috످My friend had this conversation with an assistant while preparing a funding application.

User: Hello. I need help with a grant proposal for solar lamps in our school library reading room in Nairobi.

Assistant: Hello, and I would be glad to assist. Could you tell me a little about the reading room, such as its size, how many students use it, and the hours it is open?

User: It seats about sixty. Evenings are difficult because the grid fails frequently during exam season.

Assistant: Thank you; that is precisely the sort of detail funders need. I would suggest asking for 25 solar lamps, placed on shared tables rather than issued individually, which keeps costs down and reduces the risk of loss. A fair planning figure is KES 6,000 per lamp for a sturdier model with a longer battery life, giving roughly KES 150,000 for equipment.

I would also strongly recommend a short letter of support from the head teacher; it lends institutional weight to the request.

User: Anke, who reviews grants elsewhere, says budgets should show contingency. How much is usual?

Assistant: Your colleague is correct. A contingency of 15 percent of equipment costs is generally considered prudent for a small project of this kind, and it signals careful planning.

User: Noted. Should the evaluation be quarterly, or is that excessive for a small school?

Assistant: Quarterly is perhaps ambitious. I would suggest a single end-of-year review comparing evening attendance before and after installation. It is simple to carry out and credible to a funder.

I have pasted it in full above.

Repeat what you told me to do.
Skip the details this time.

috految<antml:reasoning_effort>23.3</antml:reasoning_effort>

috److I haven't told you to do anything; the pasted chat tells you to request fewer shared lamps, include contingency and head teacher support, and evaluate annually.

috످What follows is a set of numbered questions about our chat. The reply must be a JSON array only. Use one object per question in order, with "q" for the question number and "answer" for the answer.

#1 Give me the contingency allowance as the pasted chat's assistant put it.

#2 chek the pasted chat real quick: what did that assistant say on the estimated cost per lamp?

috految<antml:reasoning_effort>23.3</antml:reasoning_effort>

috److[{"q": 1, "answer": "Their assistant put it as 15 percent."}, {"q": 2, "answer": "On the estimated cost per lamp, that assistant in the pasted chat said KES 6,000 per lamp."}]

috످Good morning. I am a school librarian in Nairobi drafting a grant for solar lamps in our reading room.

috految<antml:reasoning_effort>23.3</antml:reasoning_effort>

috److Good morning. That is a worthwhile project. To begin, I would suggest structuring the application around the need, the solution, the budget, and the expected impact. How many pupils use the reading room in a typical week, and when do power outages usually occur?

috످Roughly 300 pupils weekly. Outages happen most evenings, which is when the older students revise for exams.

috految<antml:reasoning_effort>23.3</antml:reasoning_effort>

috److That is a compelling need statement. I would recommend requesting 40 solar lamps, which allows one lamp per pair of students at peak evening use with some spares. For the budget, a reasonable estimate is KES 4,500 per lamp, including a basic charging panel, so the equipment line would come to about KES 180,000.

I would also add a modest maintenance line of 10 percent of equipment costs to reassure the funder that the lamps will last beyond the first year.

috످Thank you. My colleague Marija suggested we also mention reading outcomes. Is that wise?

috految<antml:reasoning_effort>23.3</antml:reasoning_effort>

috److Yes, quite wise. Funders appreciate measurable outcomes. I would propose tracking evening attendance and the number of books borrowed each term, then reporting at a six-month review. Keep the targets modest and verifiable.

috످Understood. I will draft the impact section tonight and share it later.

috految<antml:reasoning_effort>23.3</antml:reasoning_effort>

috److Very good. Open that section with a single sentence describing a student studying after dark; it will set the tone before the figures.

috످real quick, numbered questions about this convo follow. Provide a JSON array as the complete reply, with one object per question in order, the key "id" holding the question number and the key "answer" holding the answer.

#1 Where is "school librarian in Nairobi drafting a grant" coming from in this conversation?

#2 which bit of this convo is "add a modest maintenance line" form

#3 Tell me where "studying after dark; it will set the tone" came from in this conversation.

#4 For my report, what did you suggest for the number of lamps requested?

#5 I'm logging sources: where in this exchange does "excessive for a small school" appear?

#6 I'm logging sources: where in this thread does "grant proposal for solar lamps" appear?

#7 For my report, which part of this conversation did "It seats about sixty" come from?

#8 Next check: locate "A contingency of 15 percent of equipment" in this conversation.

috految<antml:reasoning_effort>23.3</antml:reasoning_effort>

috److془Work through each.

1: The librarian introduces their job and project, in user's own turn.
2: The advice to budget for upkeep is in my reply.
3: The tip on opening the impact section is my latest reply.
4: how many lamps: I recommended 40.
5: The question on evaluation frequency is friend's, pasted in user's first message.
6: Opening request for funding help is friend's, in user's first message.
7: room capacity is friend's, in user's first message.
8: Budget buffer advice is other assistant's, in user's first message.془[{"id": 1, "answer": "You wrote that when you introduced yourself, in your message beginning \"Good morning.\""}, {"id": 2, "answer": "That comes from my reply about the lamp budget, after you told me about the 300 pupils and evening outages."}, {"id": 3, "answer": "I said that in my last reply, when suggesting how to open your impact section."}, {"id": 4, "answer": "I suggested requesting 40 solar lamps."}, {"id": 5, "answer": "It appears in the chat you pasted in your first message, where your friend asks about quarterly evaluations."}, {"id": 6, "answer": "It appears in the chat you pasted in your first message, in your friend's opening request."}, {"id": 7, "answer": "It comes from the chat you pasted in your first message, where your friend describes the reading room."}, {"id": 8, "answer": "It is in the chat you pasted in your first message, where your friend's assistant answers the question about contingency."}]

috످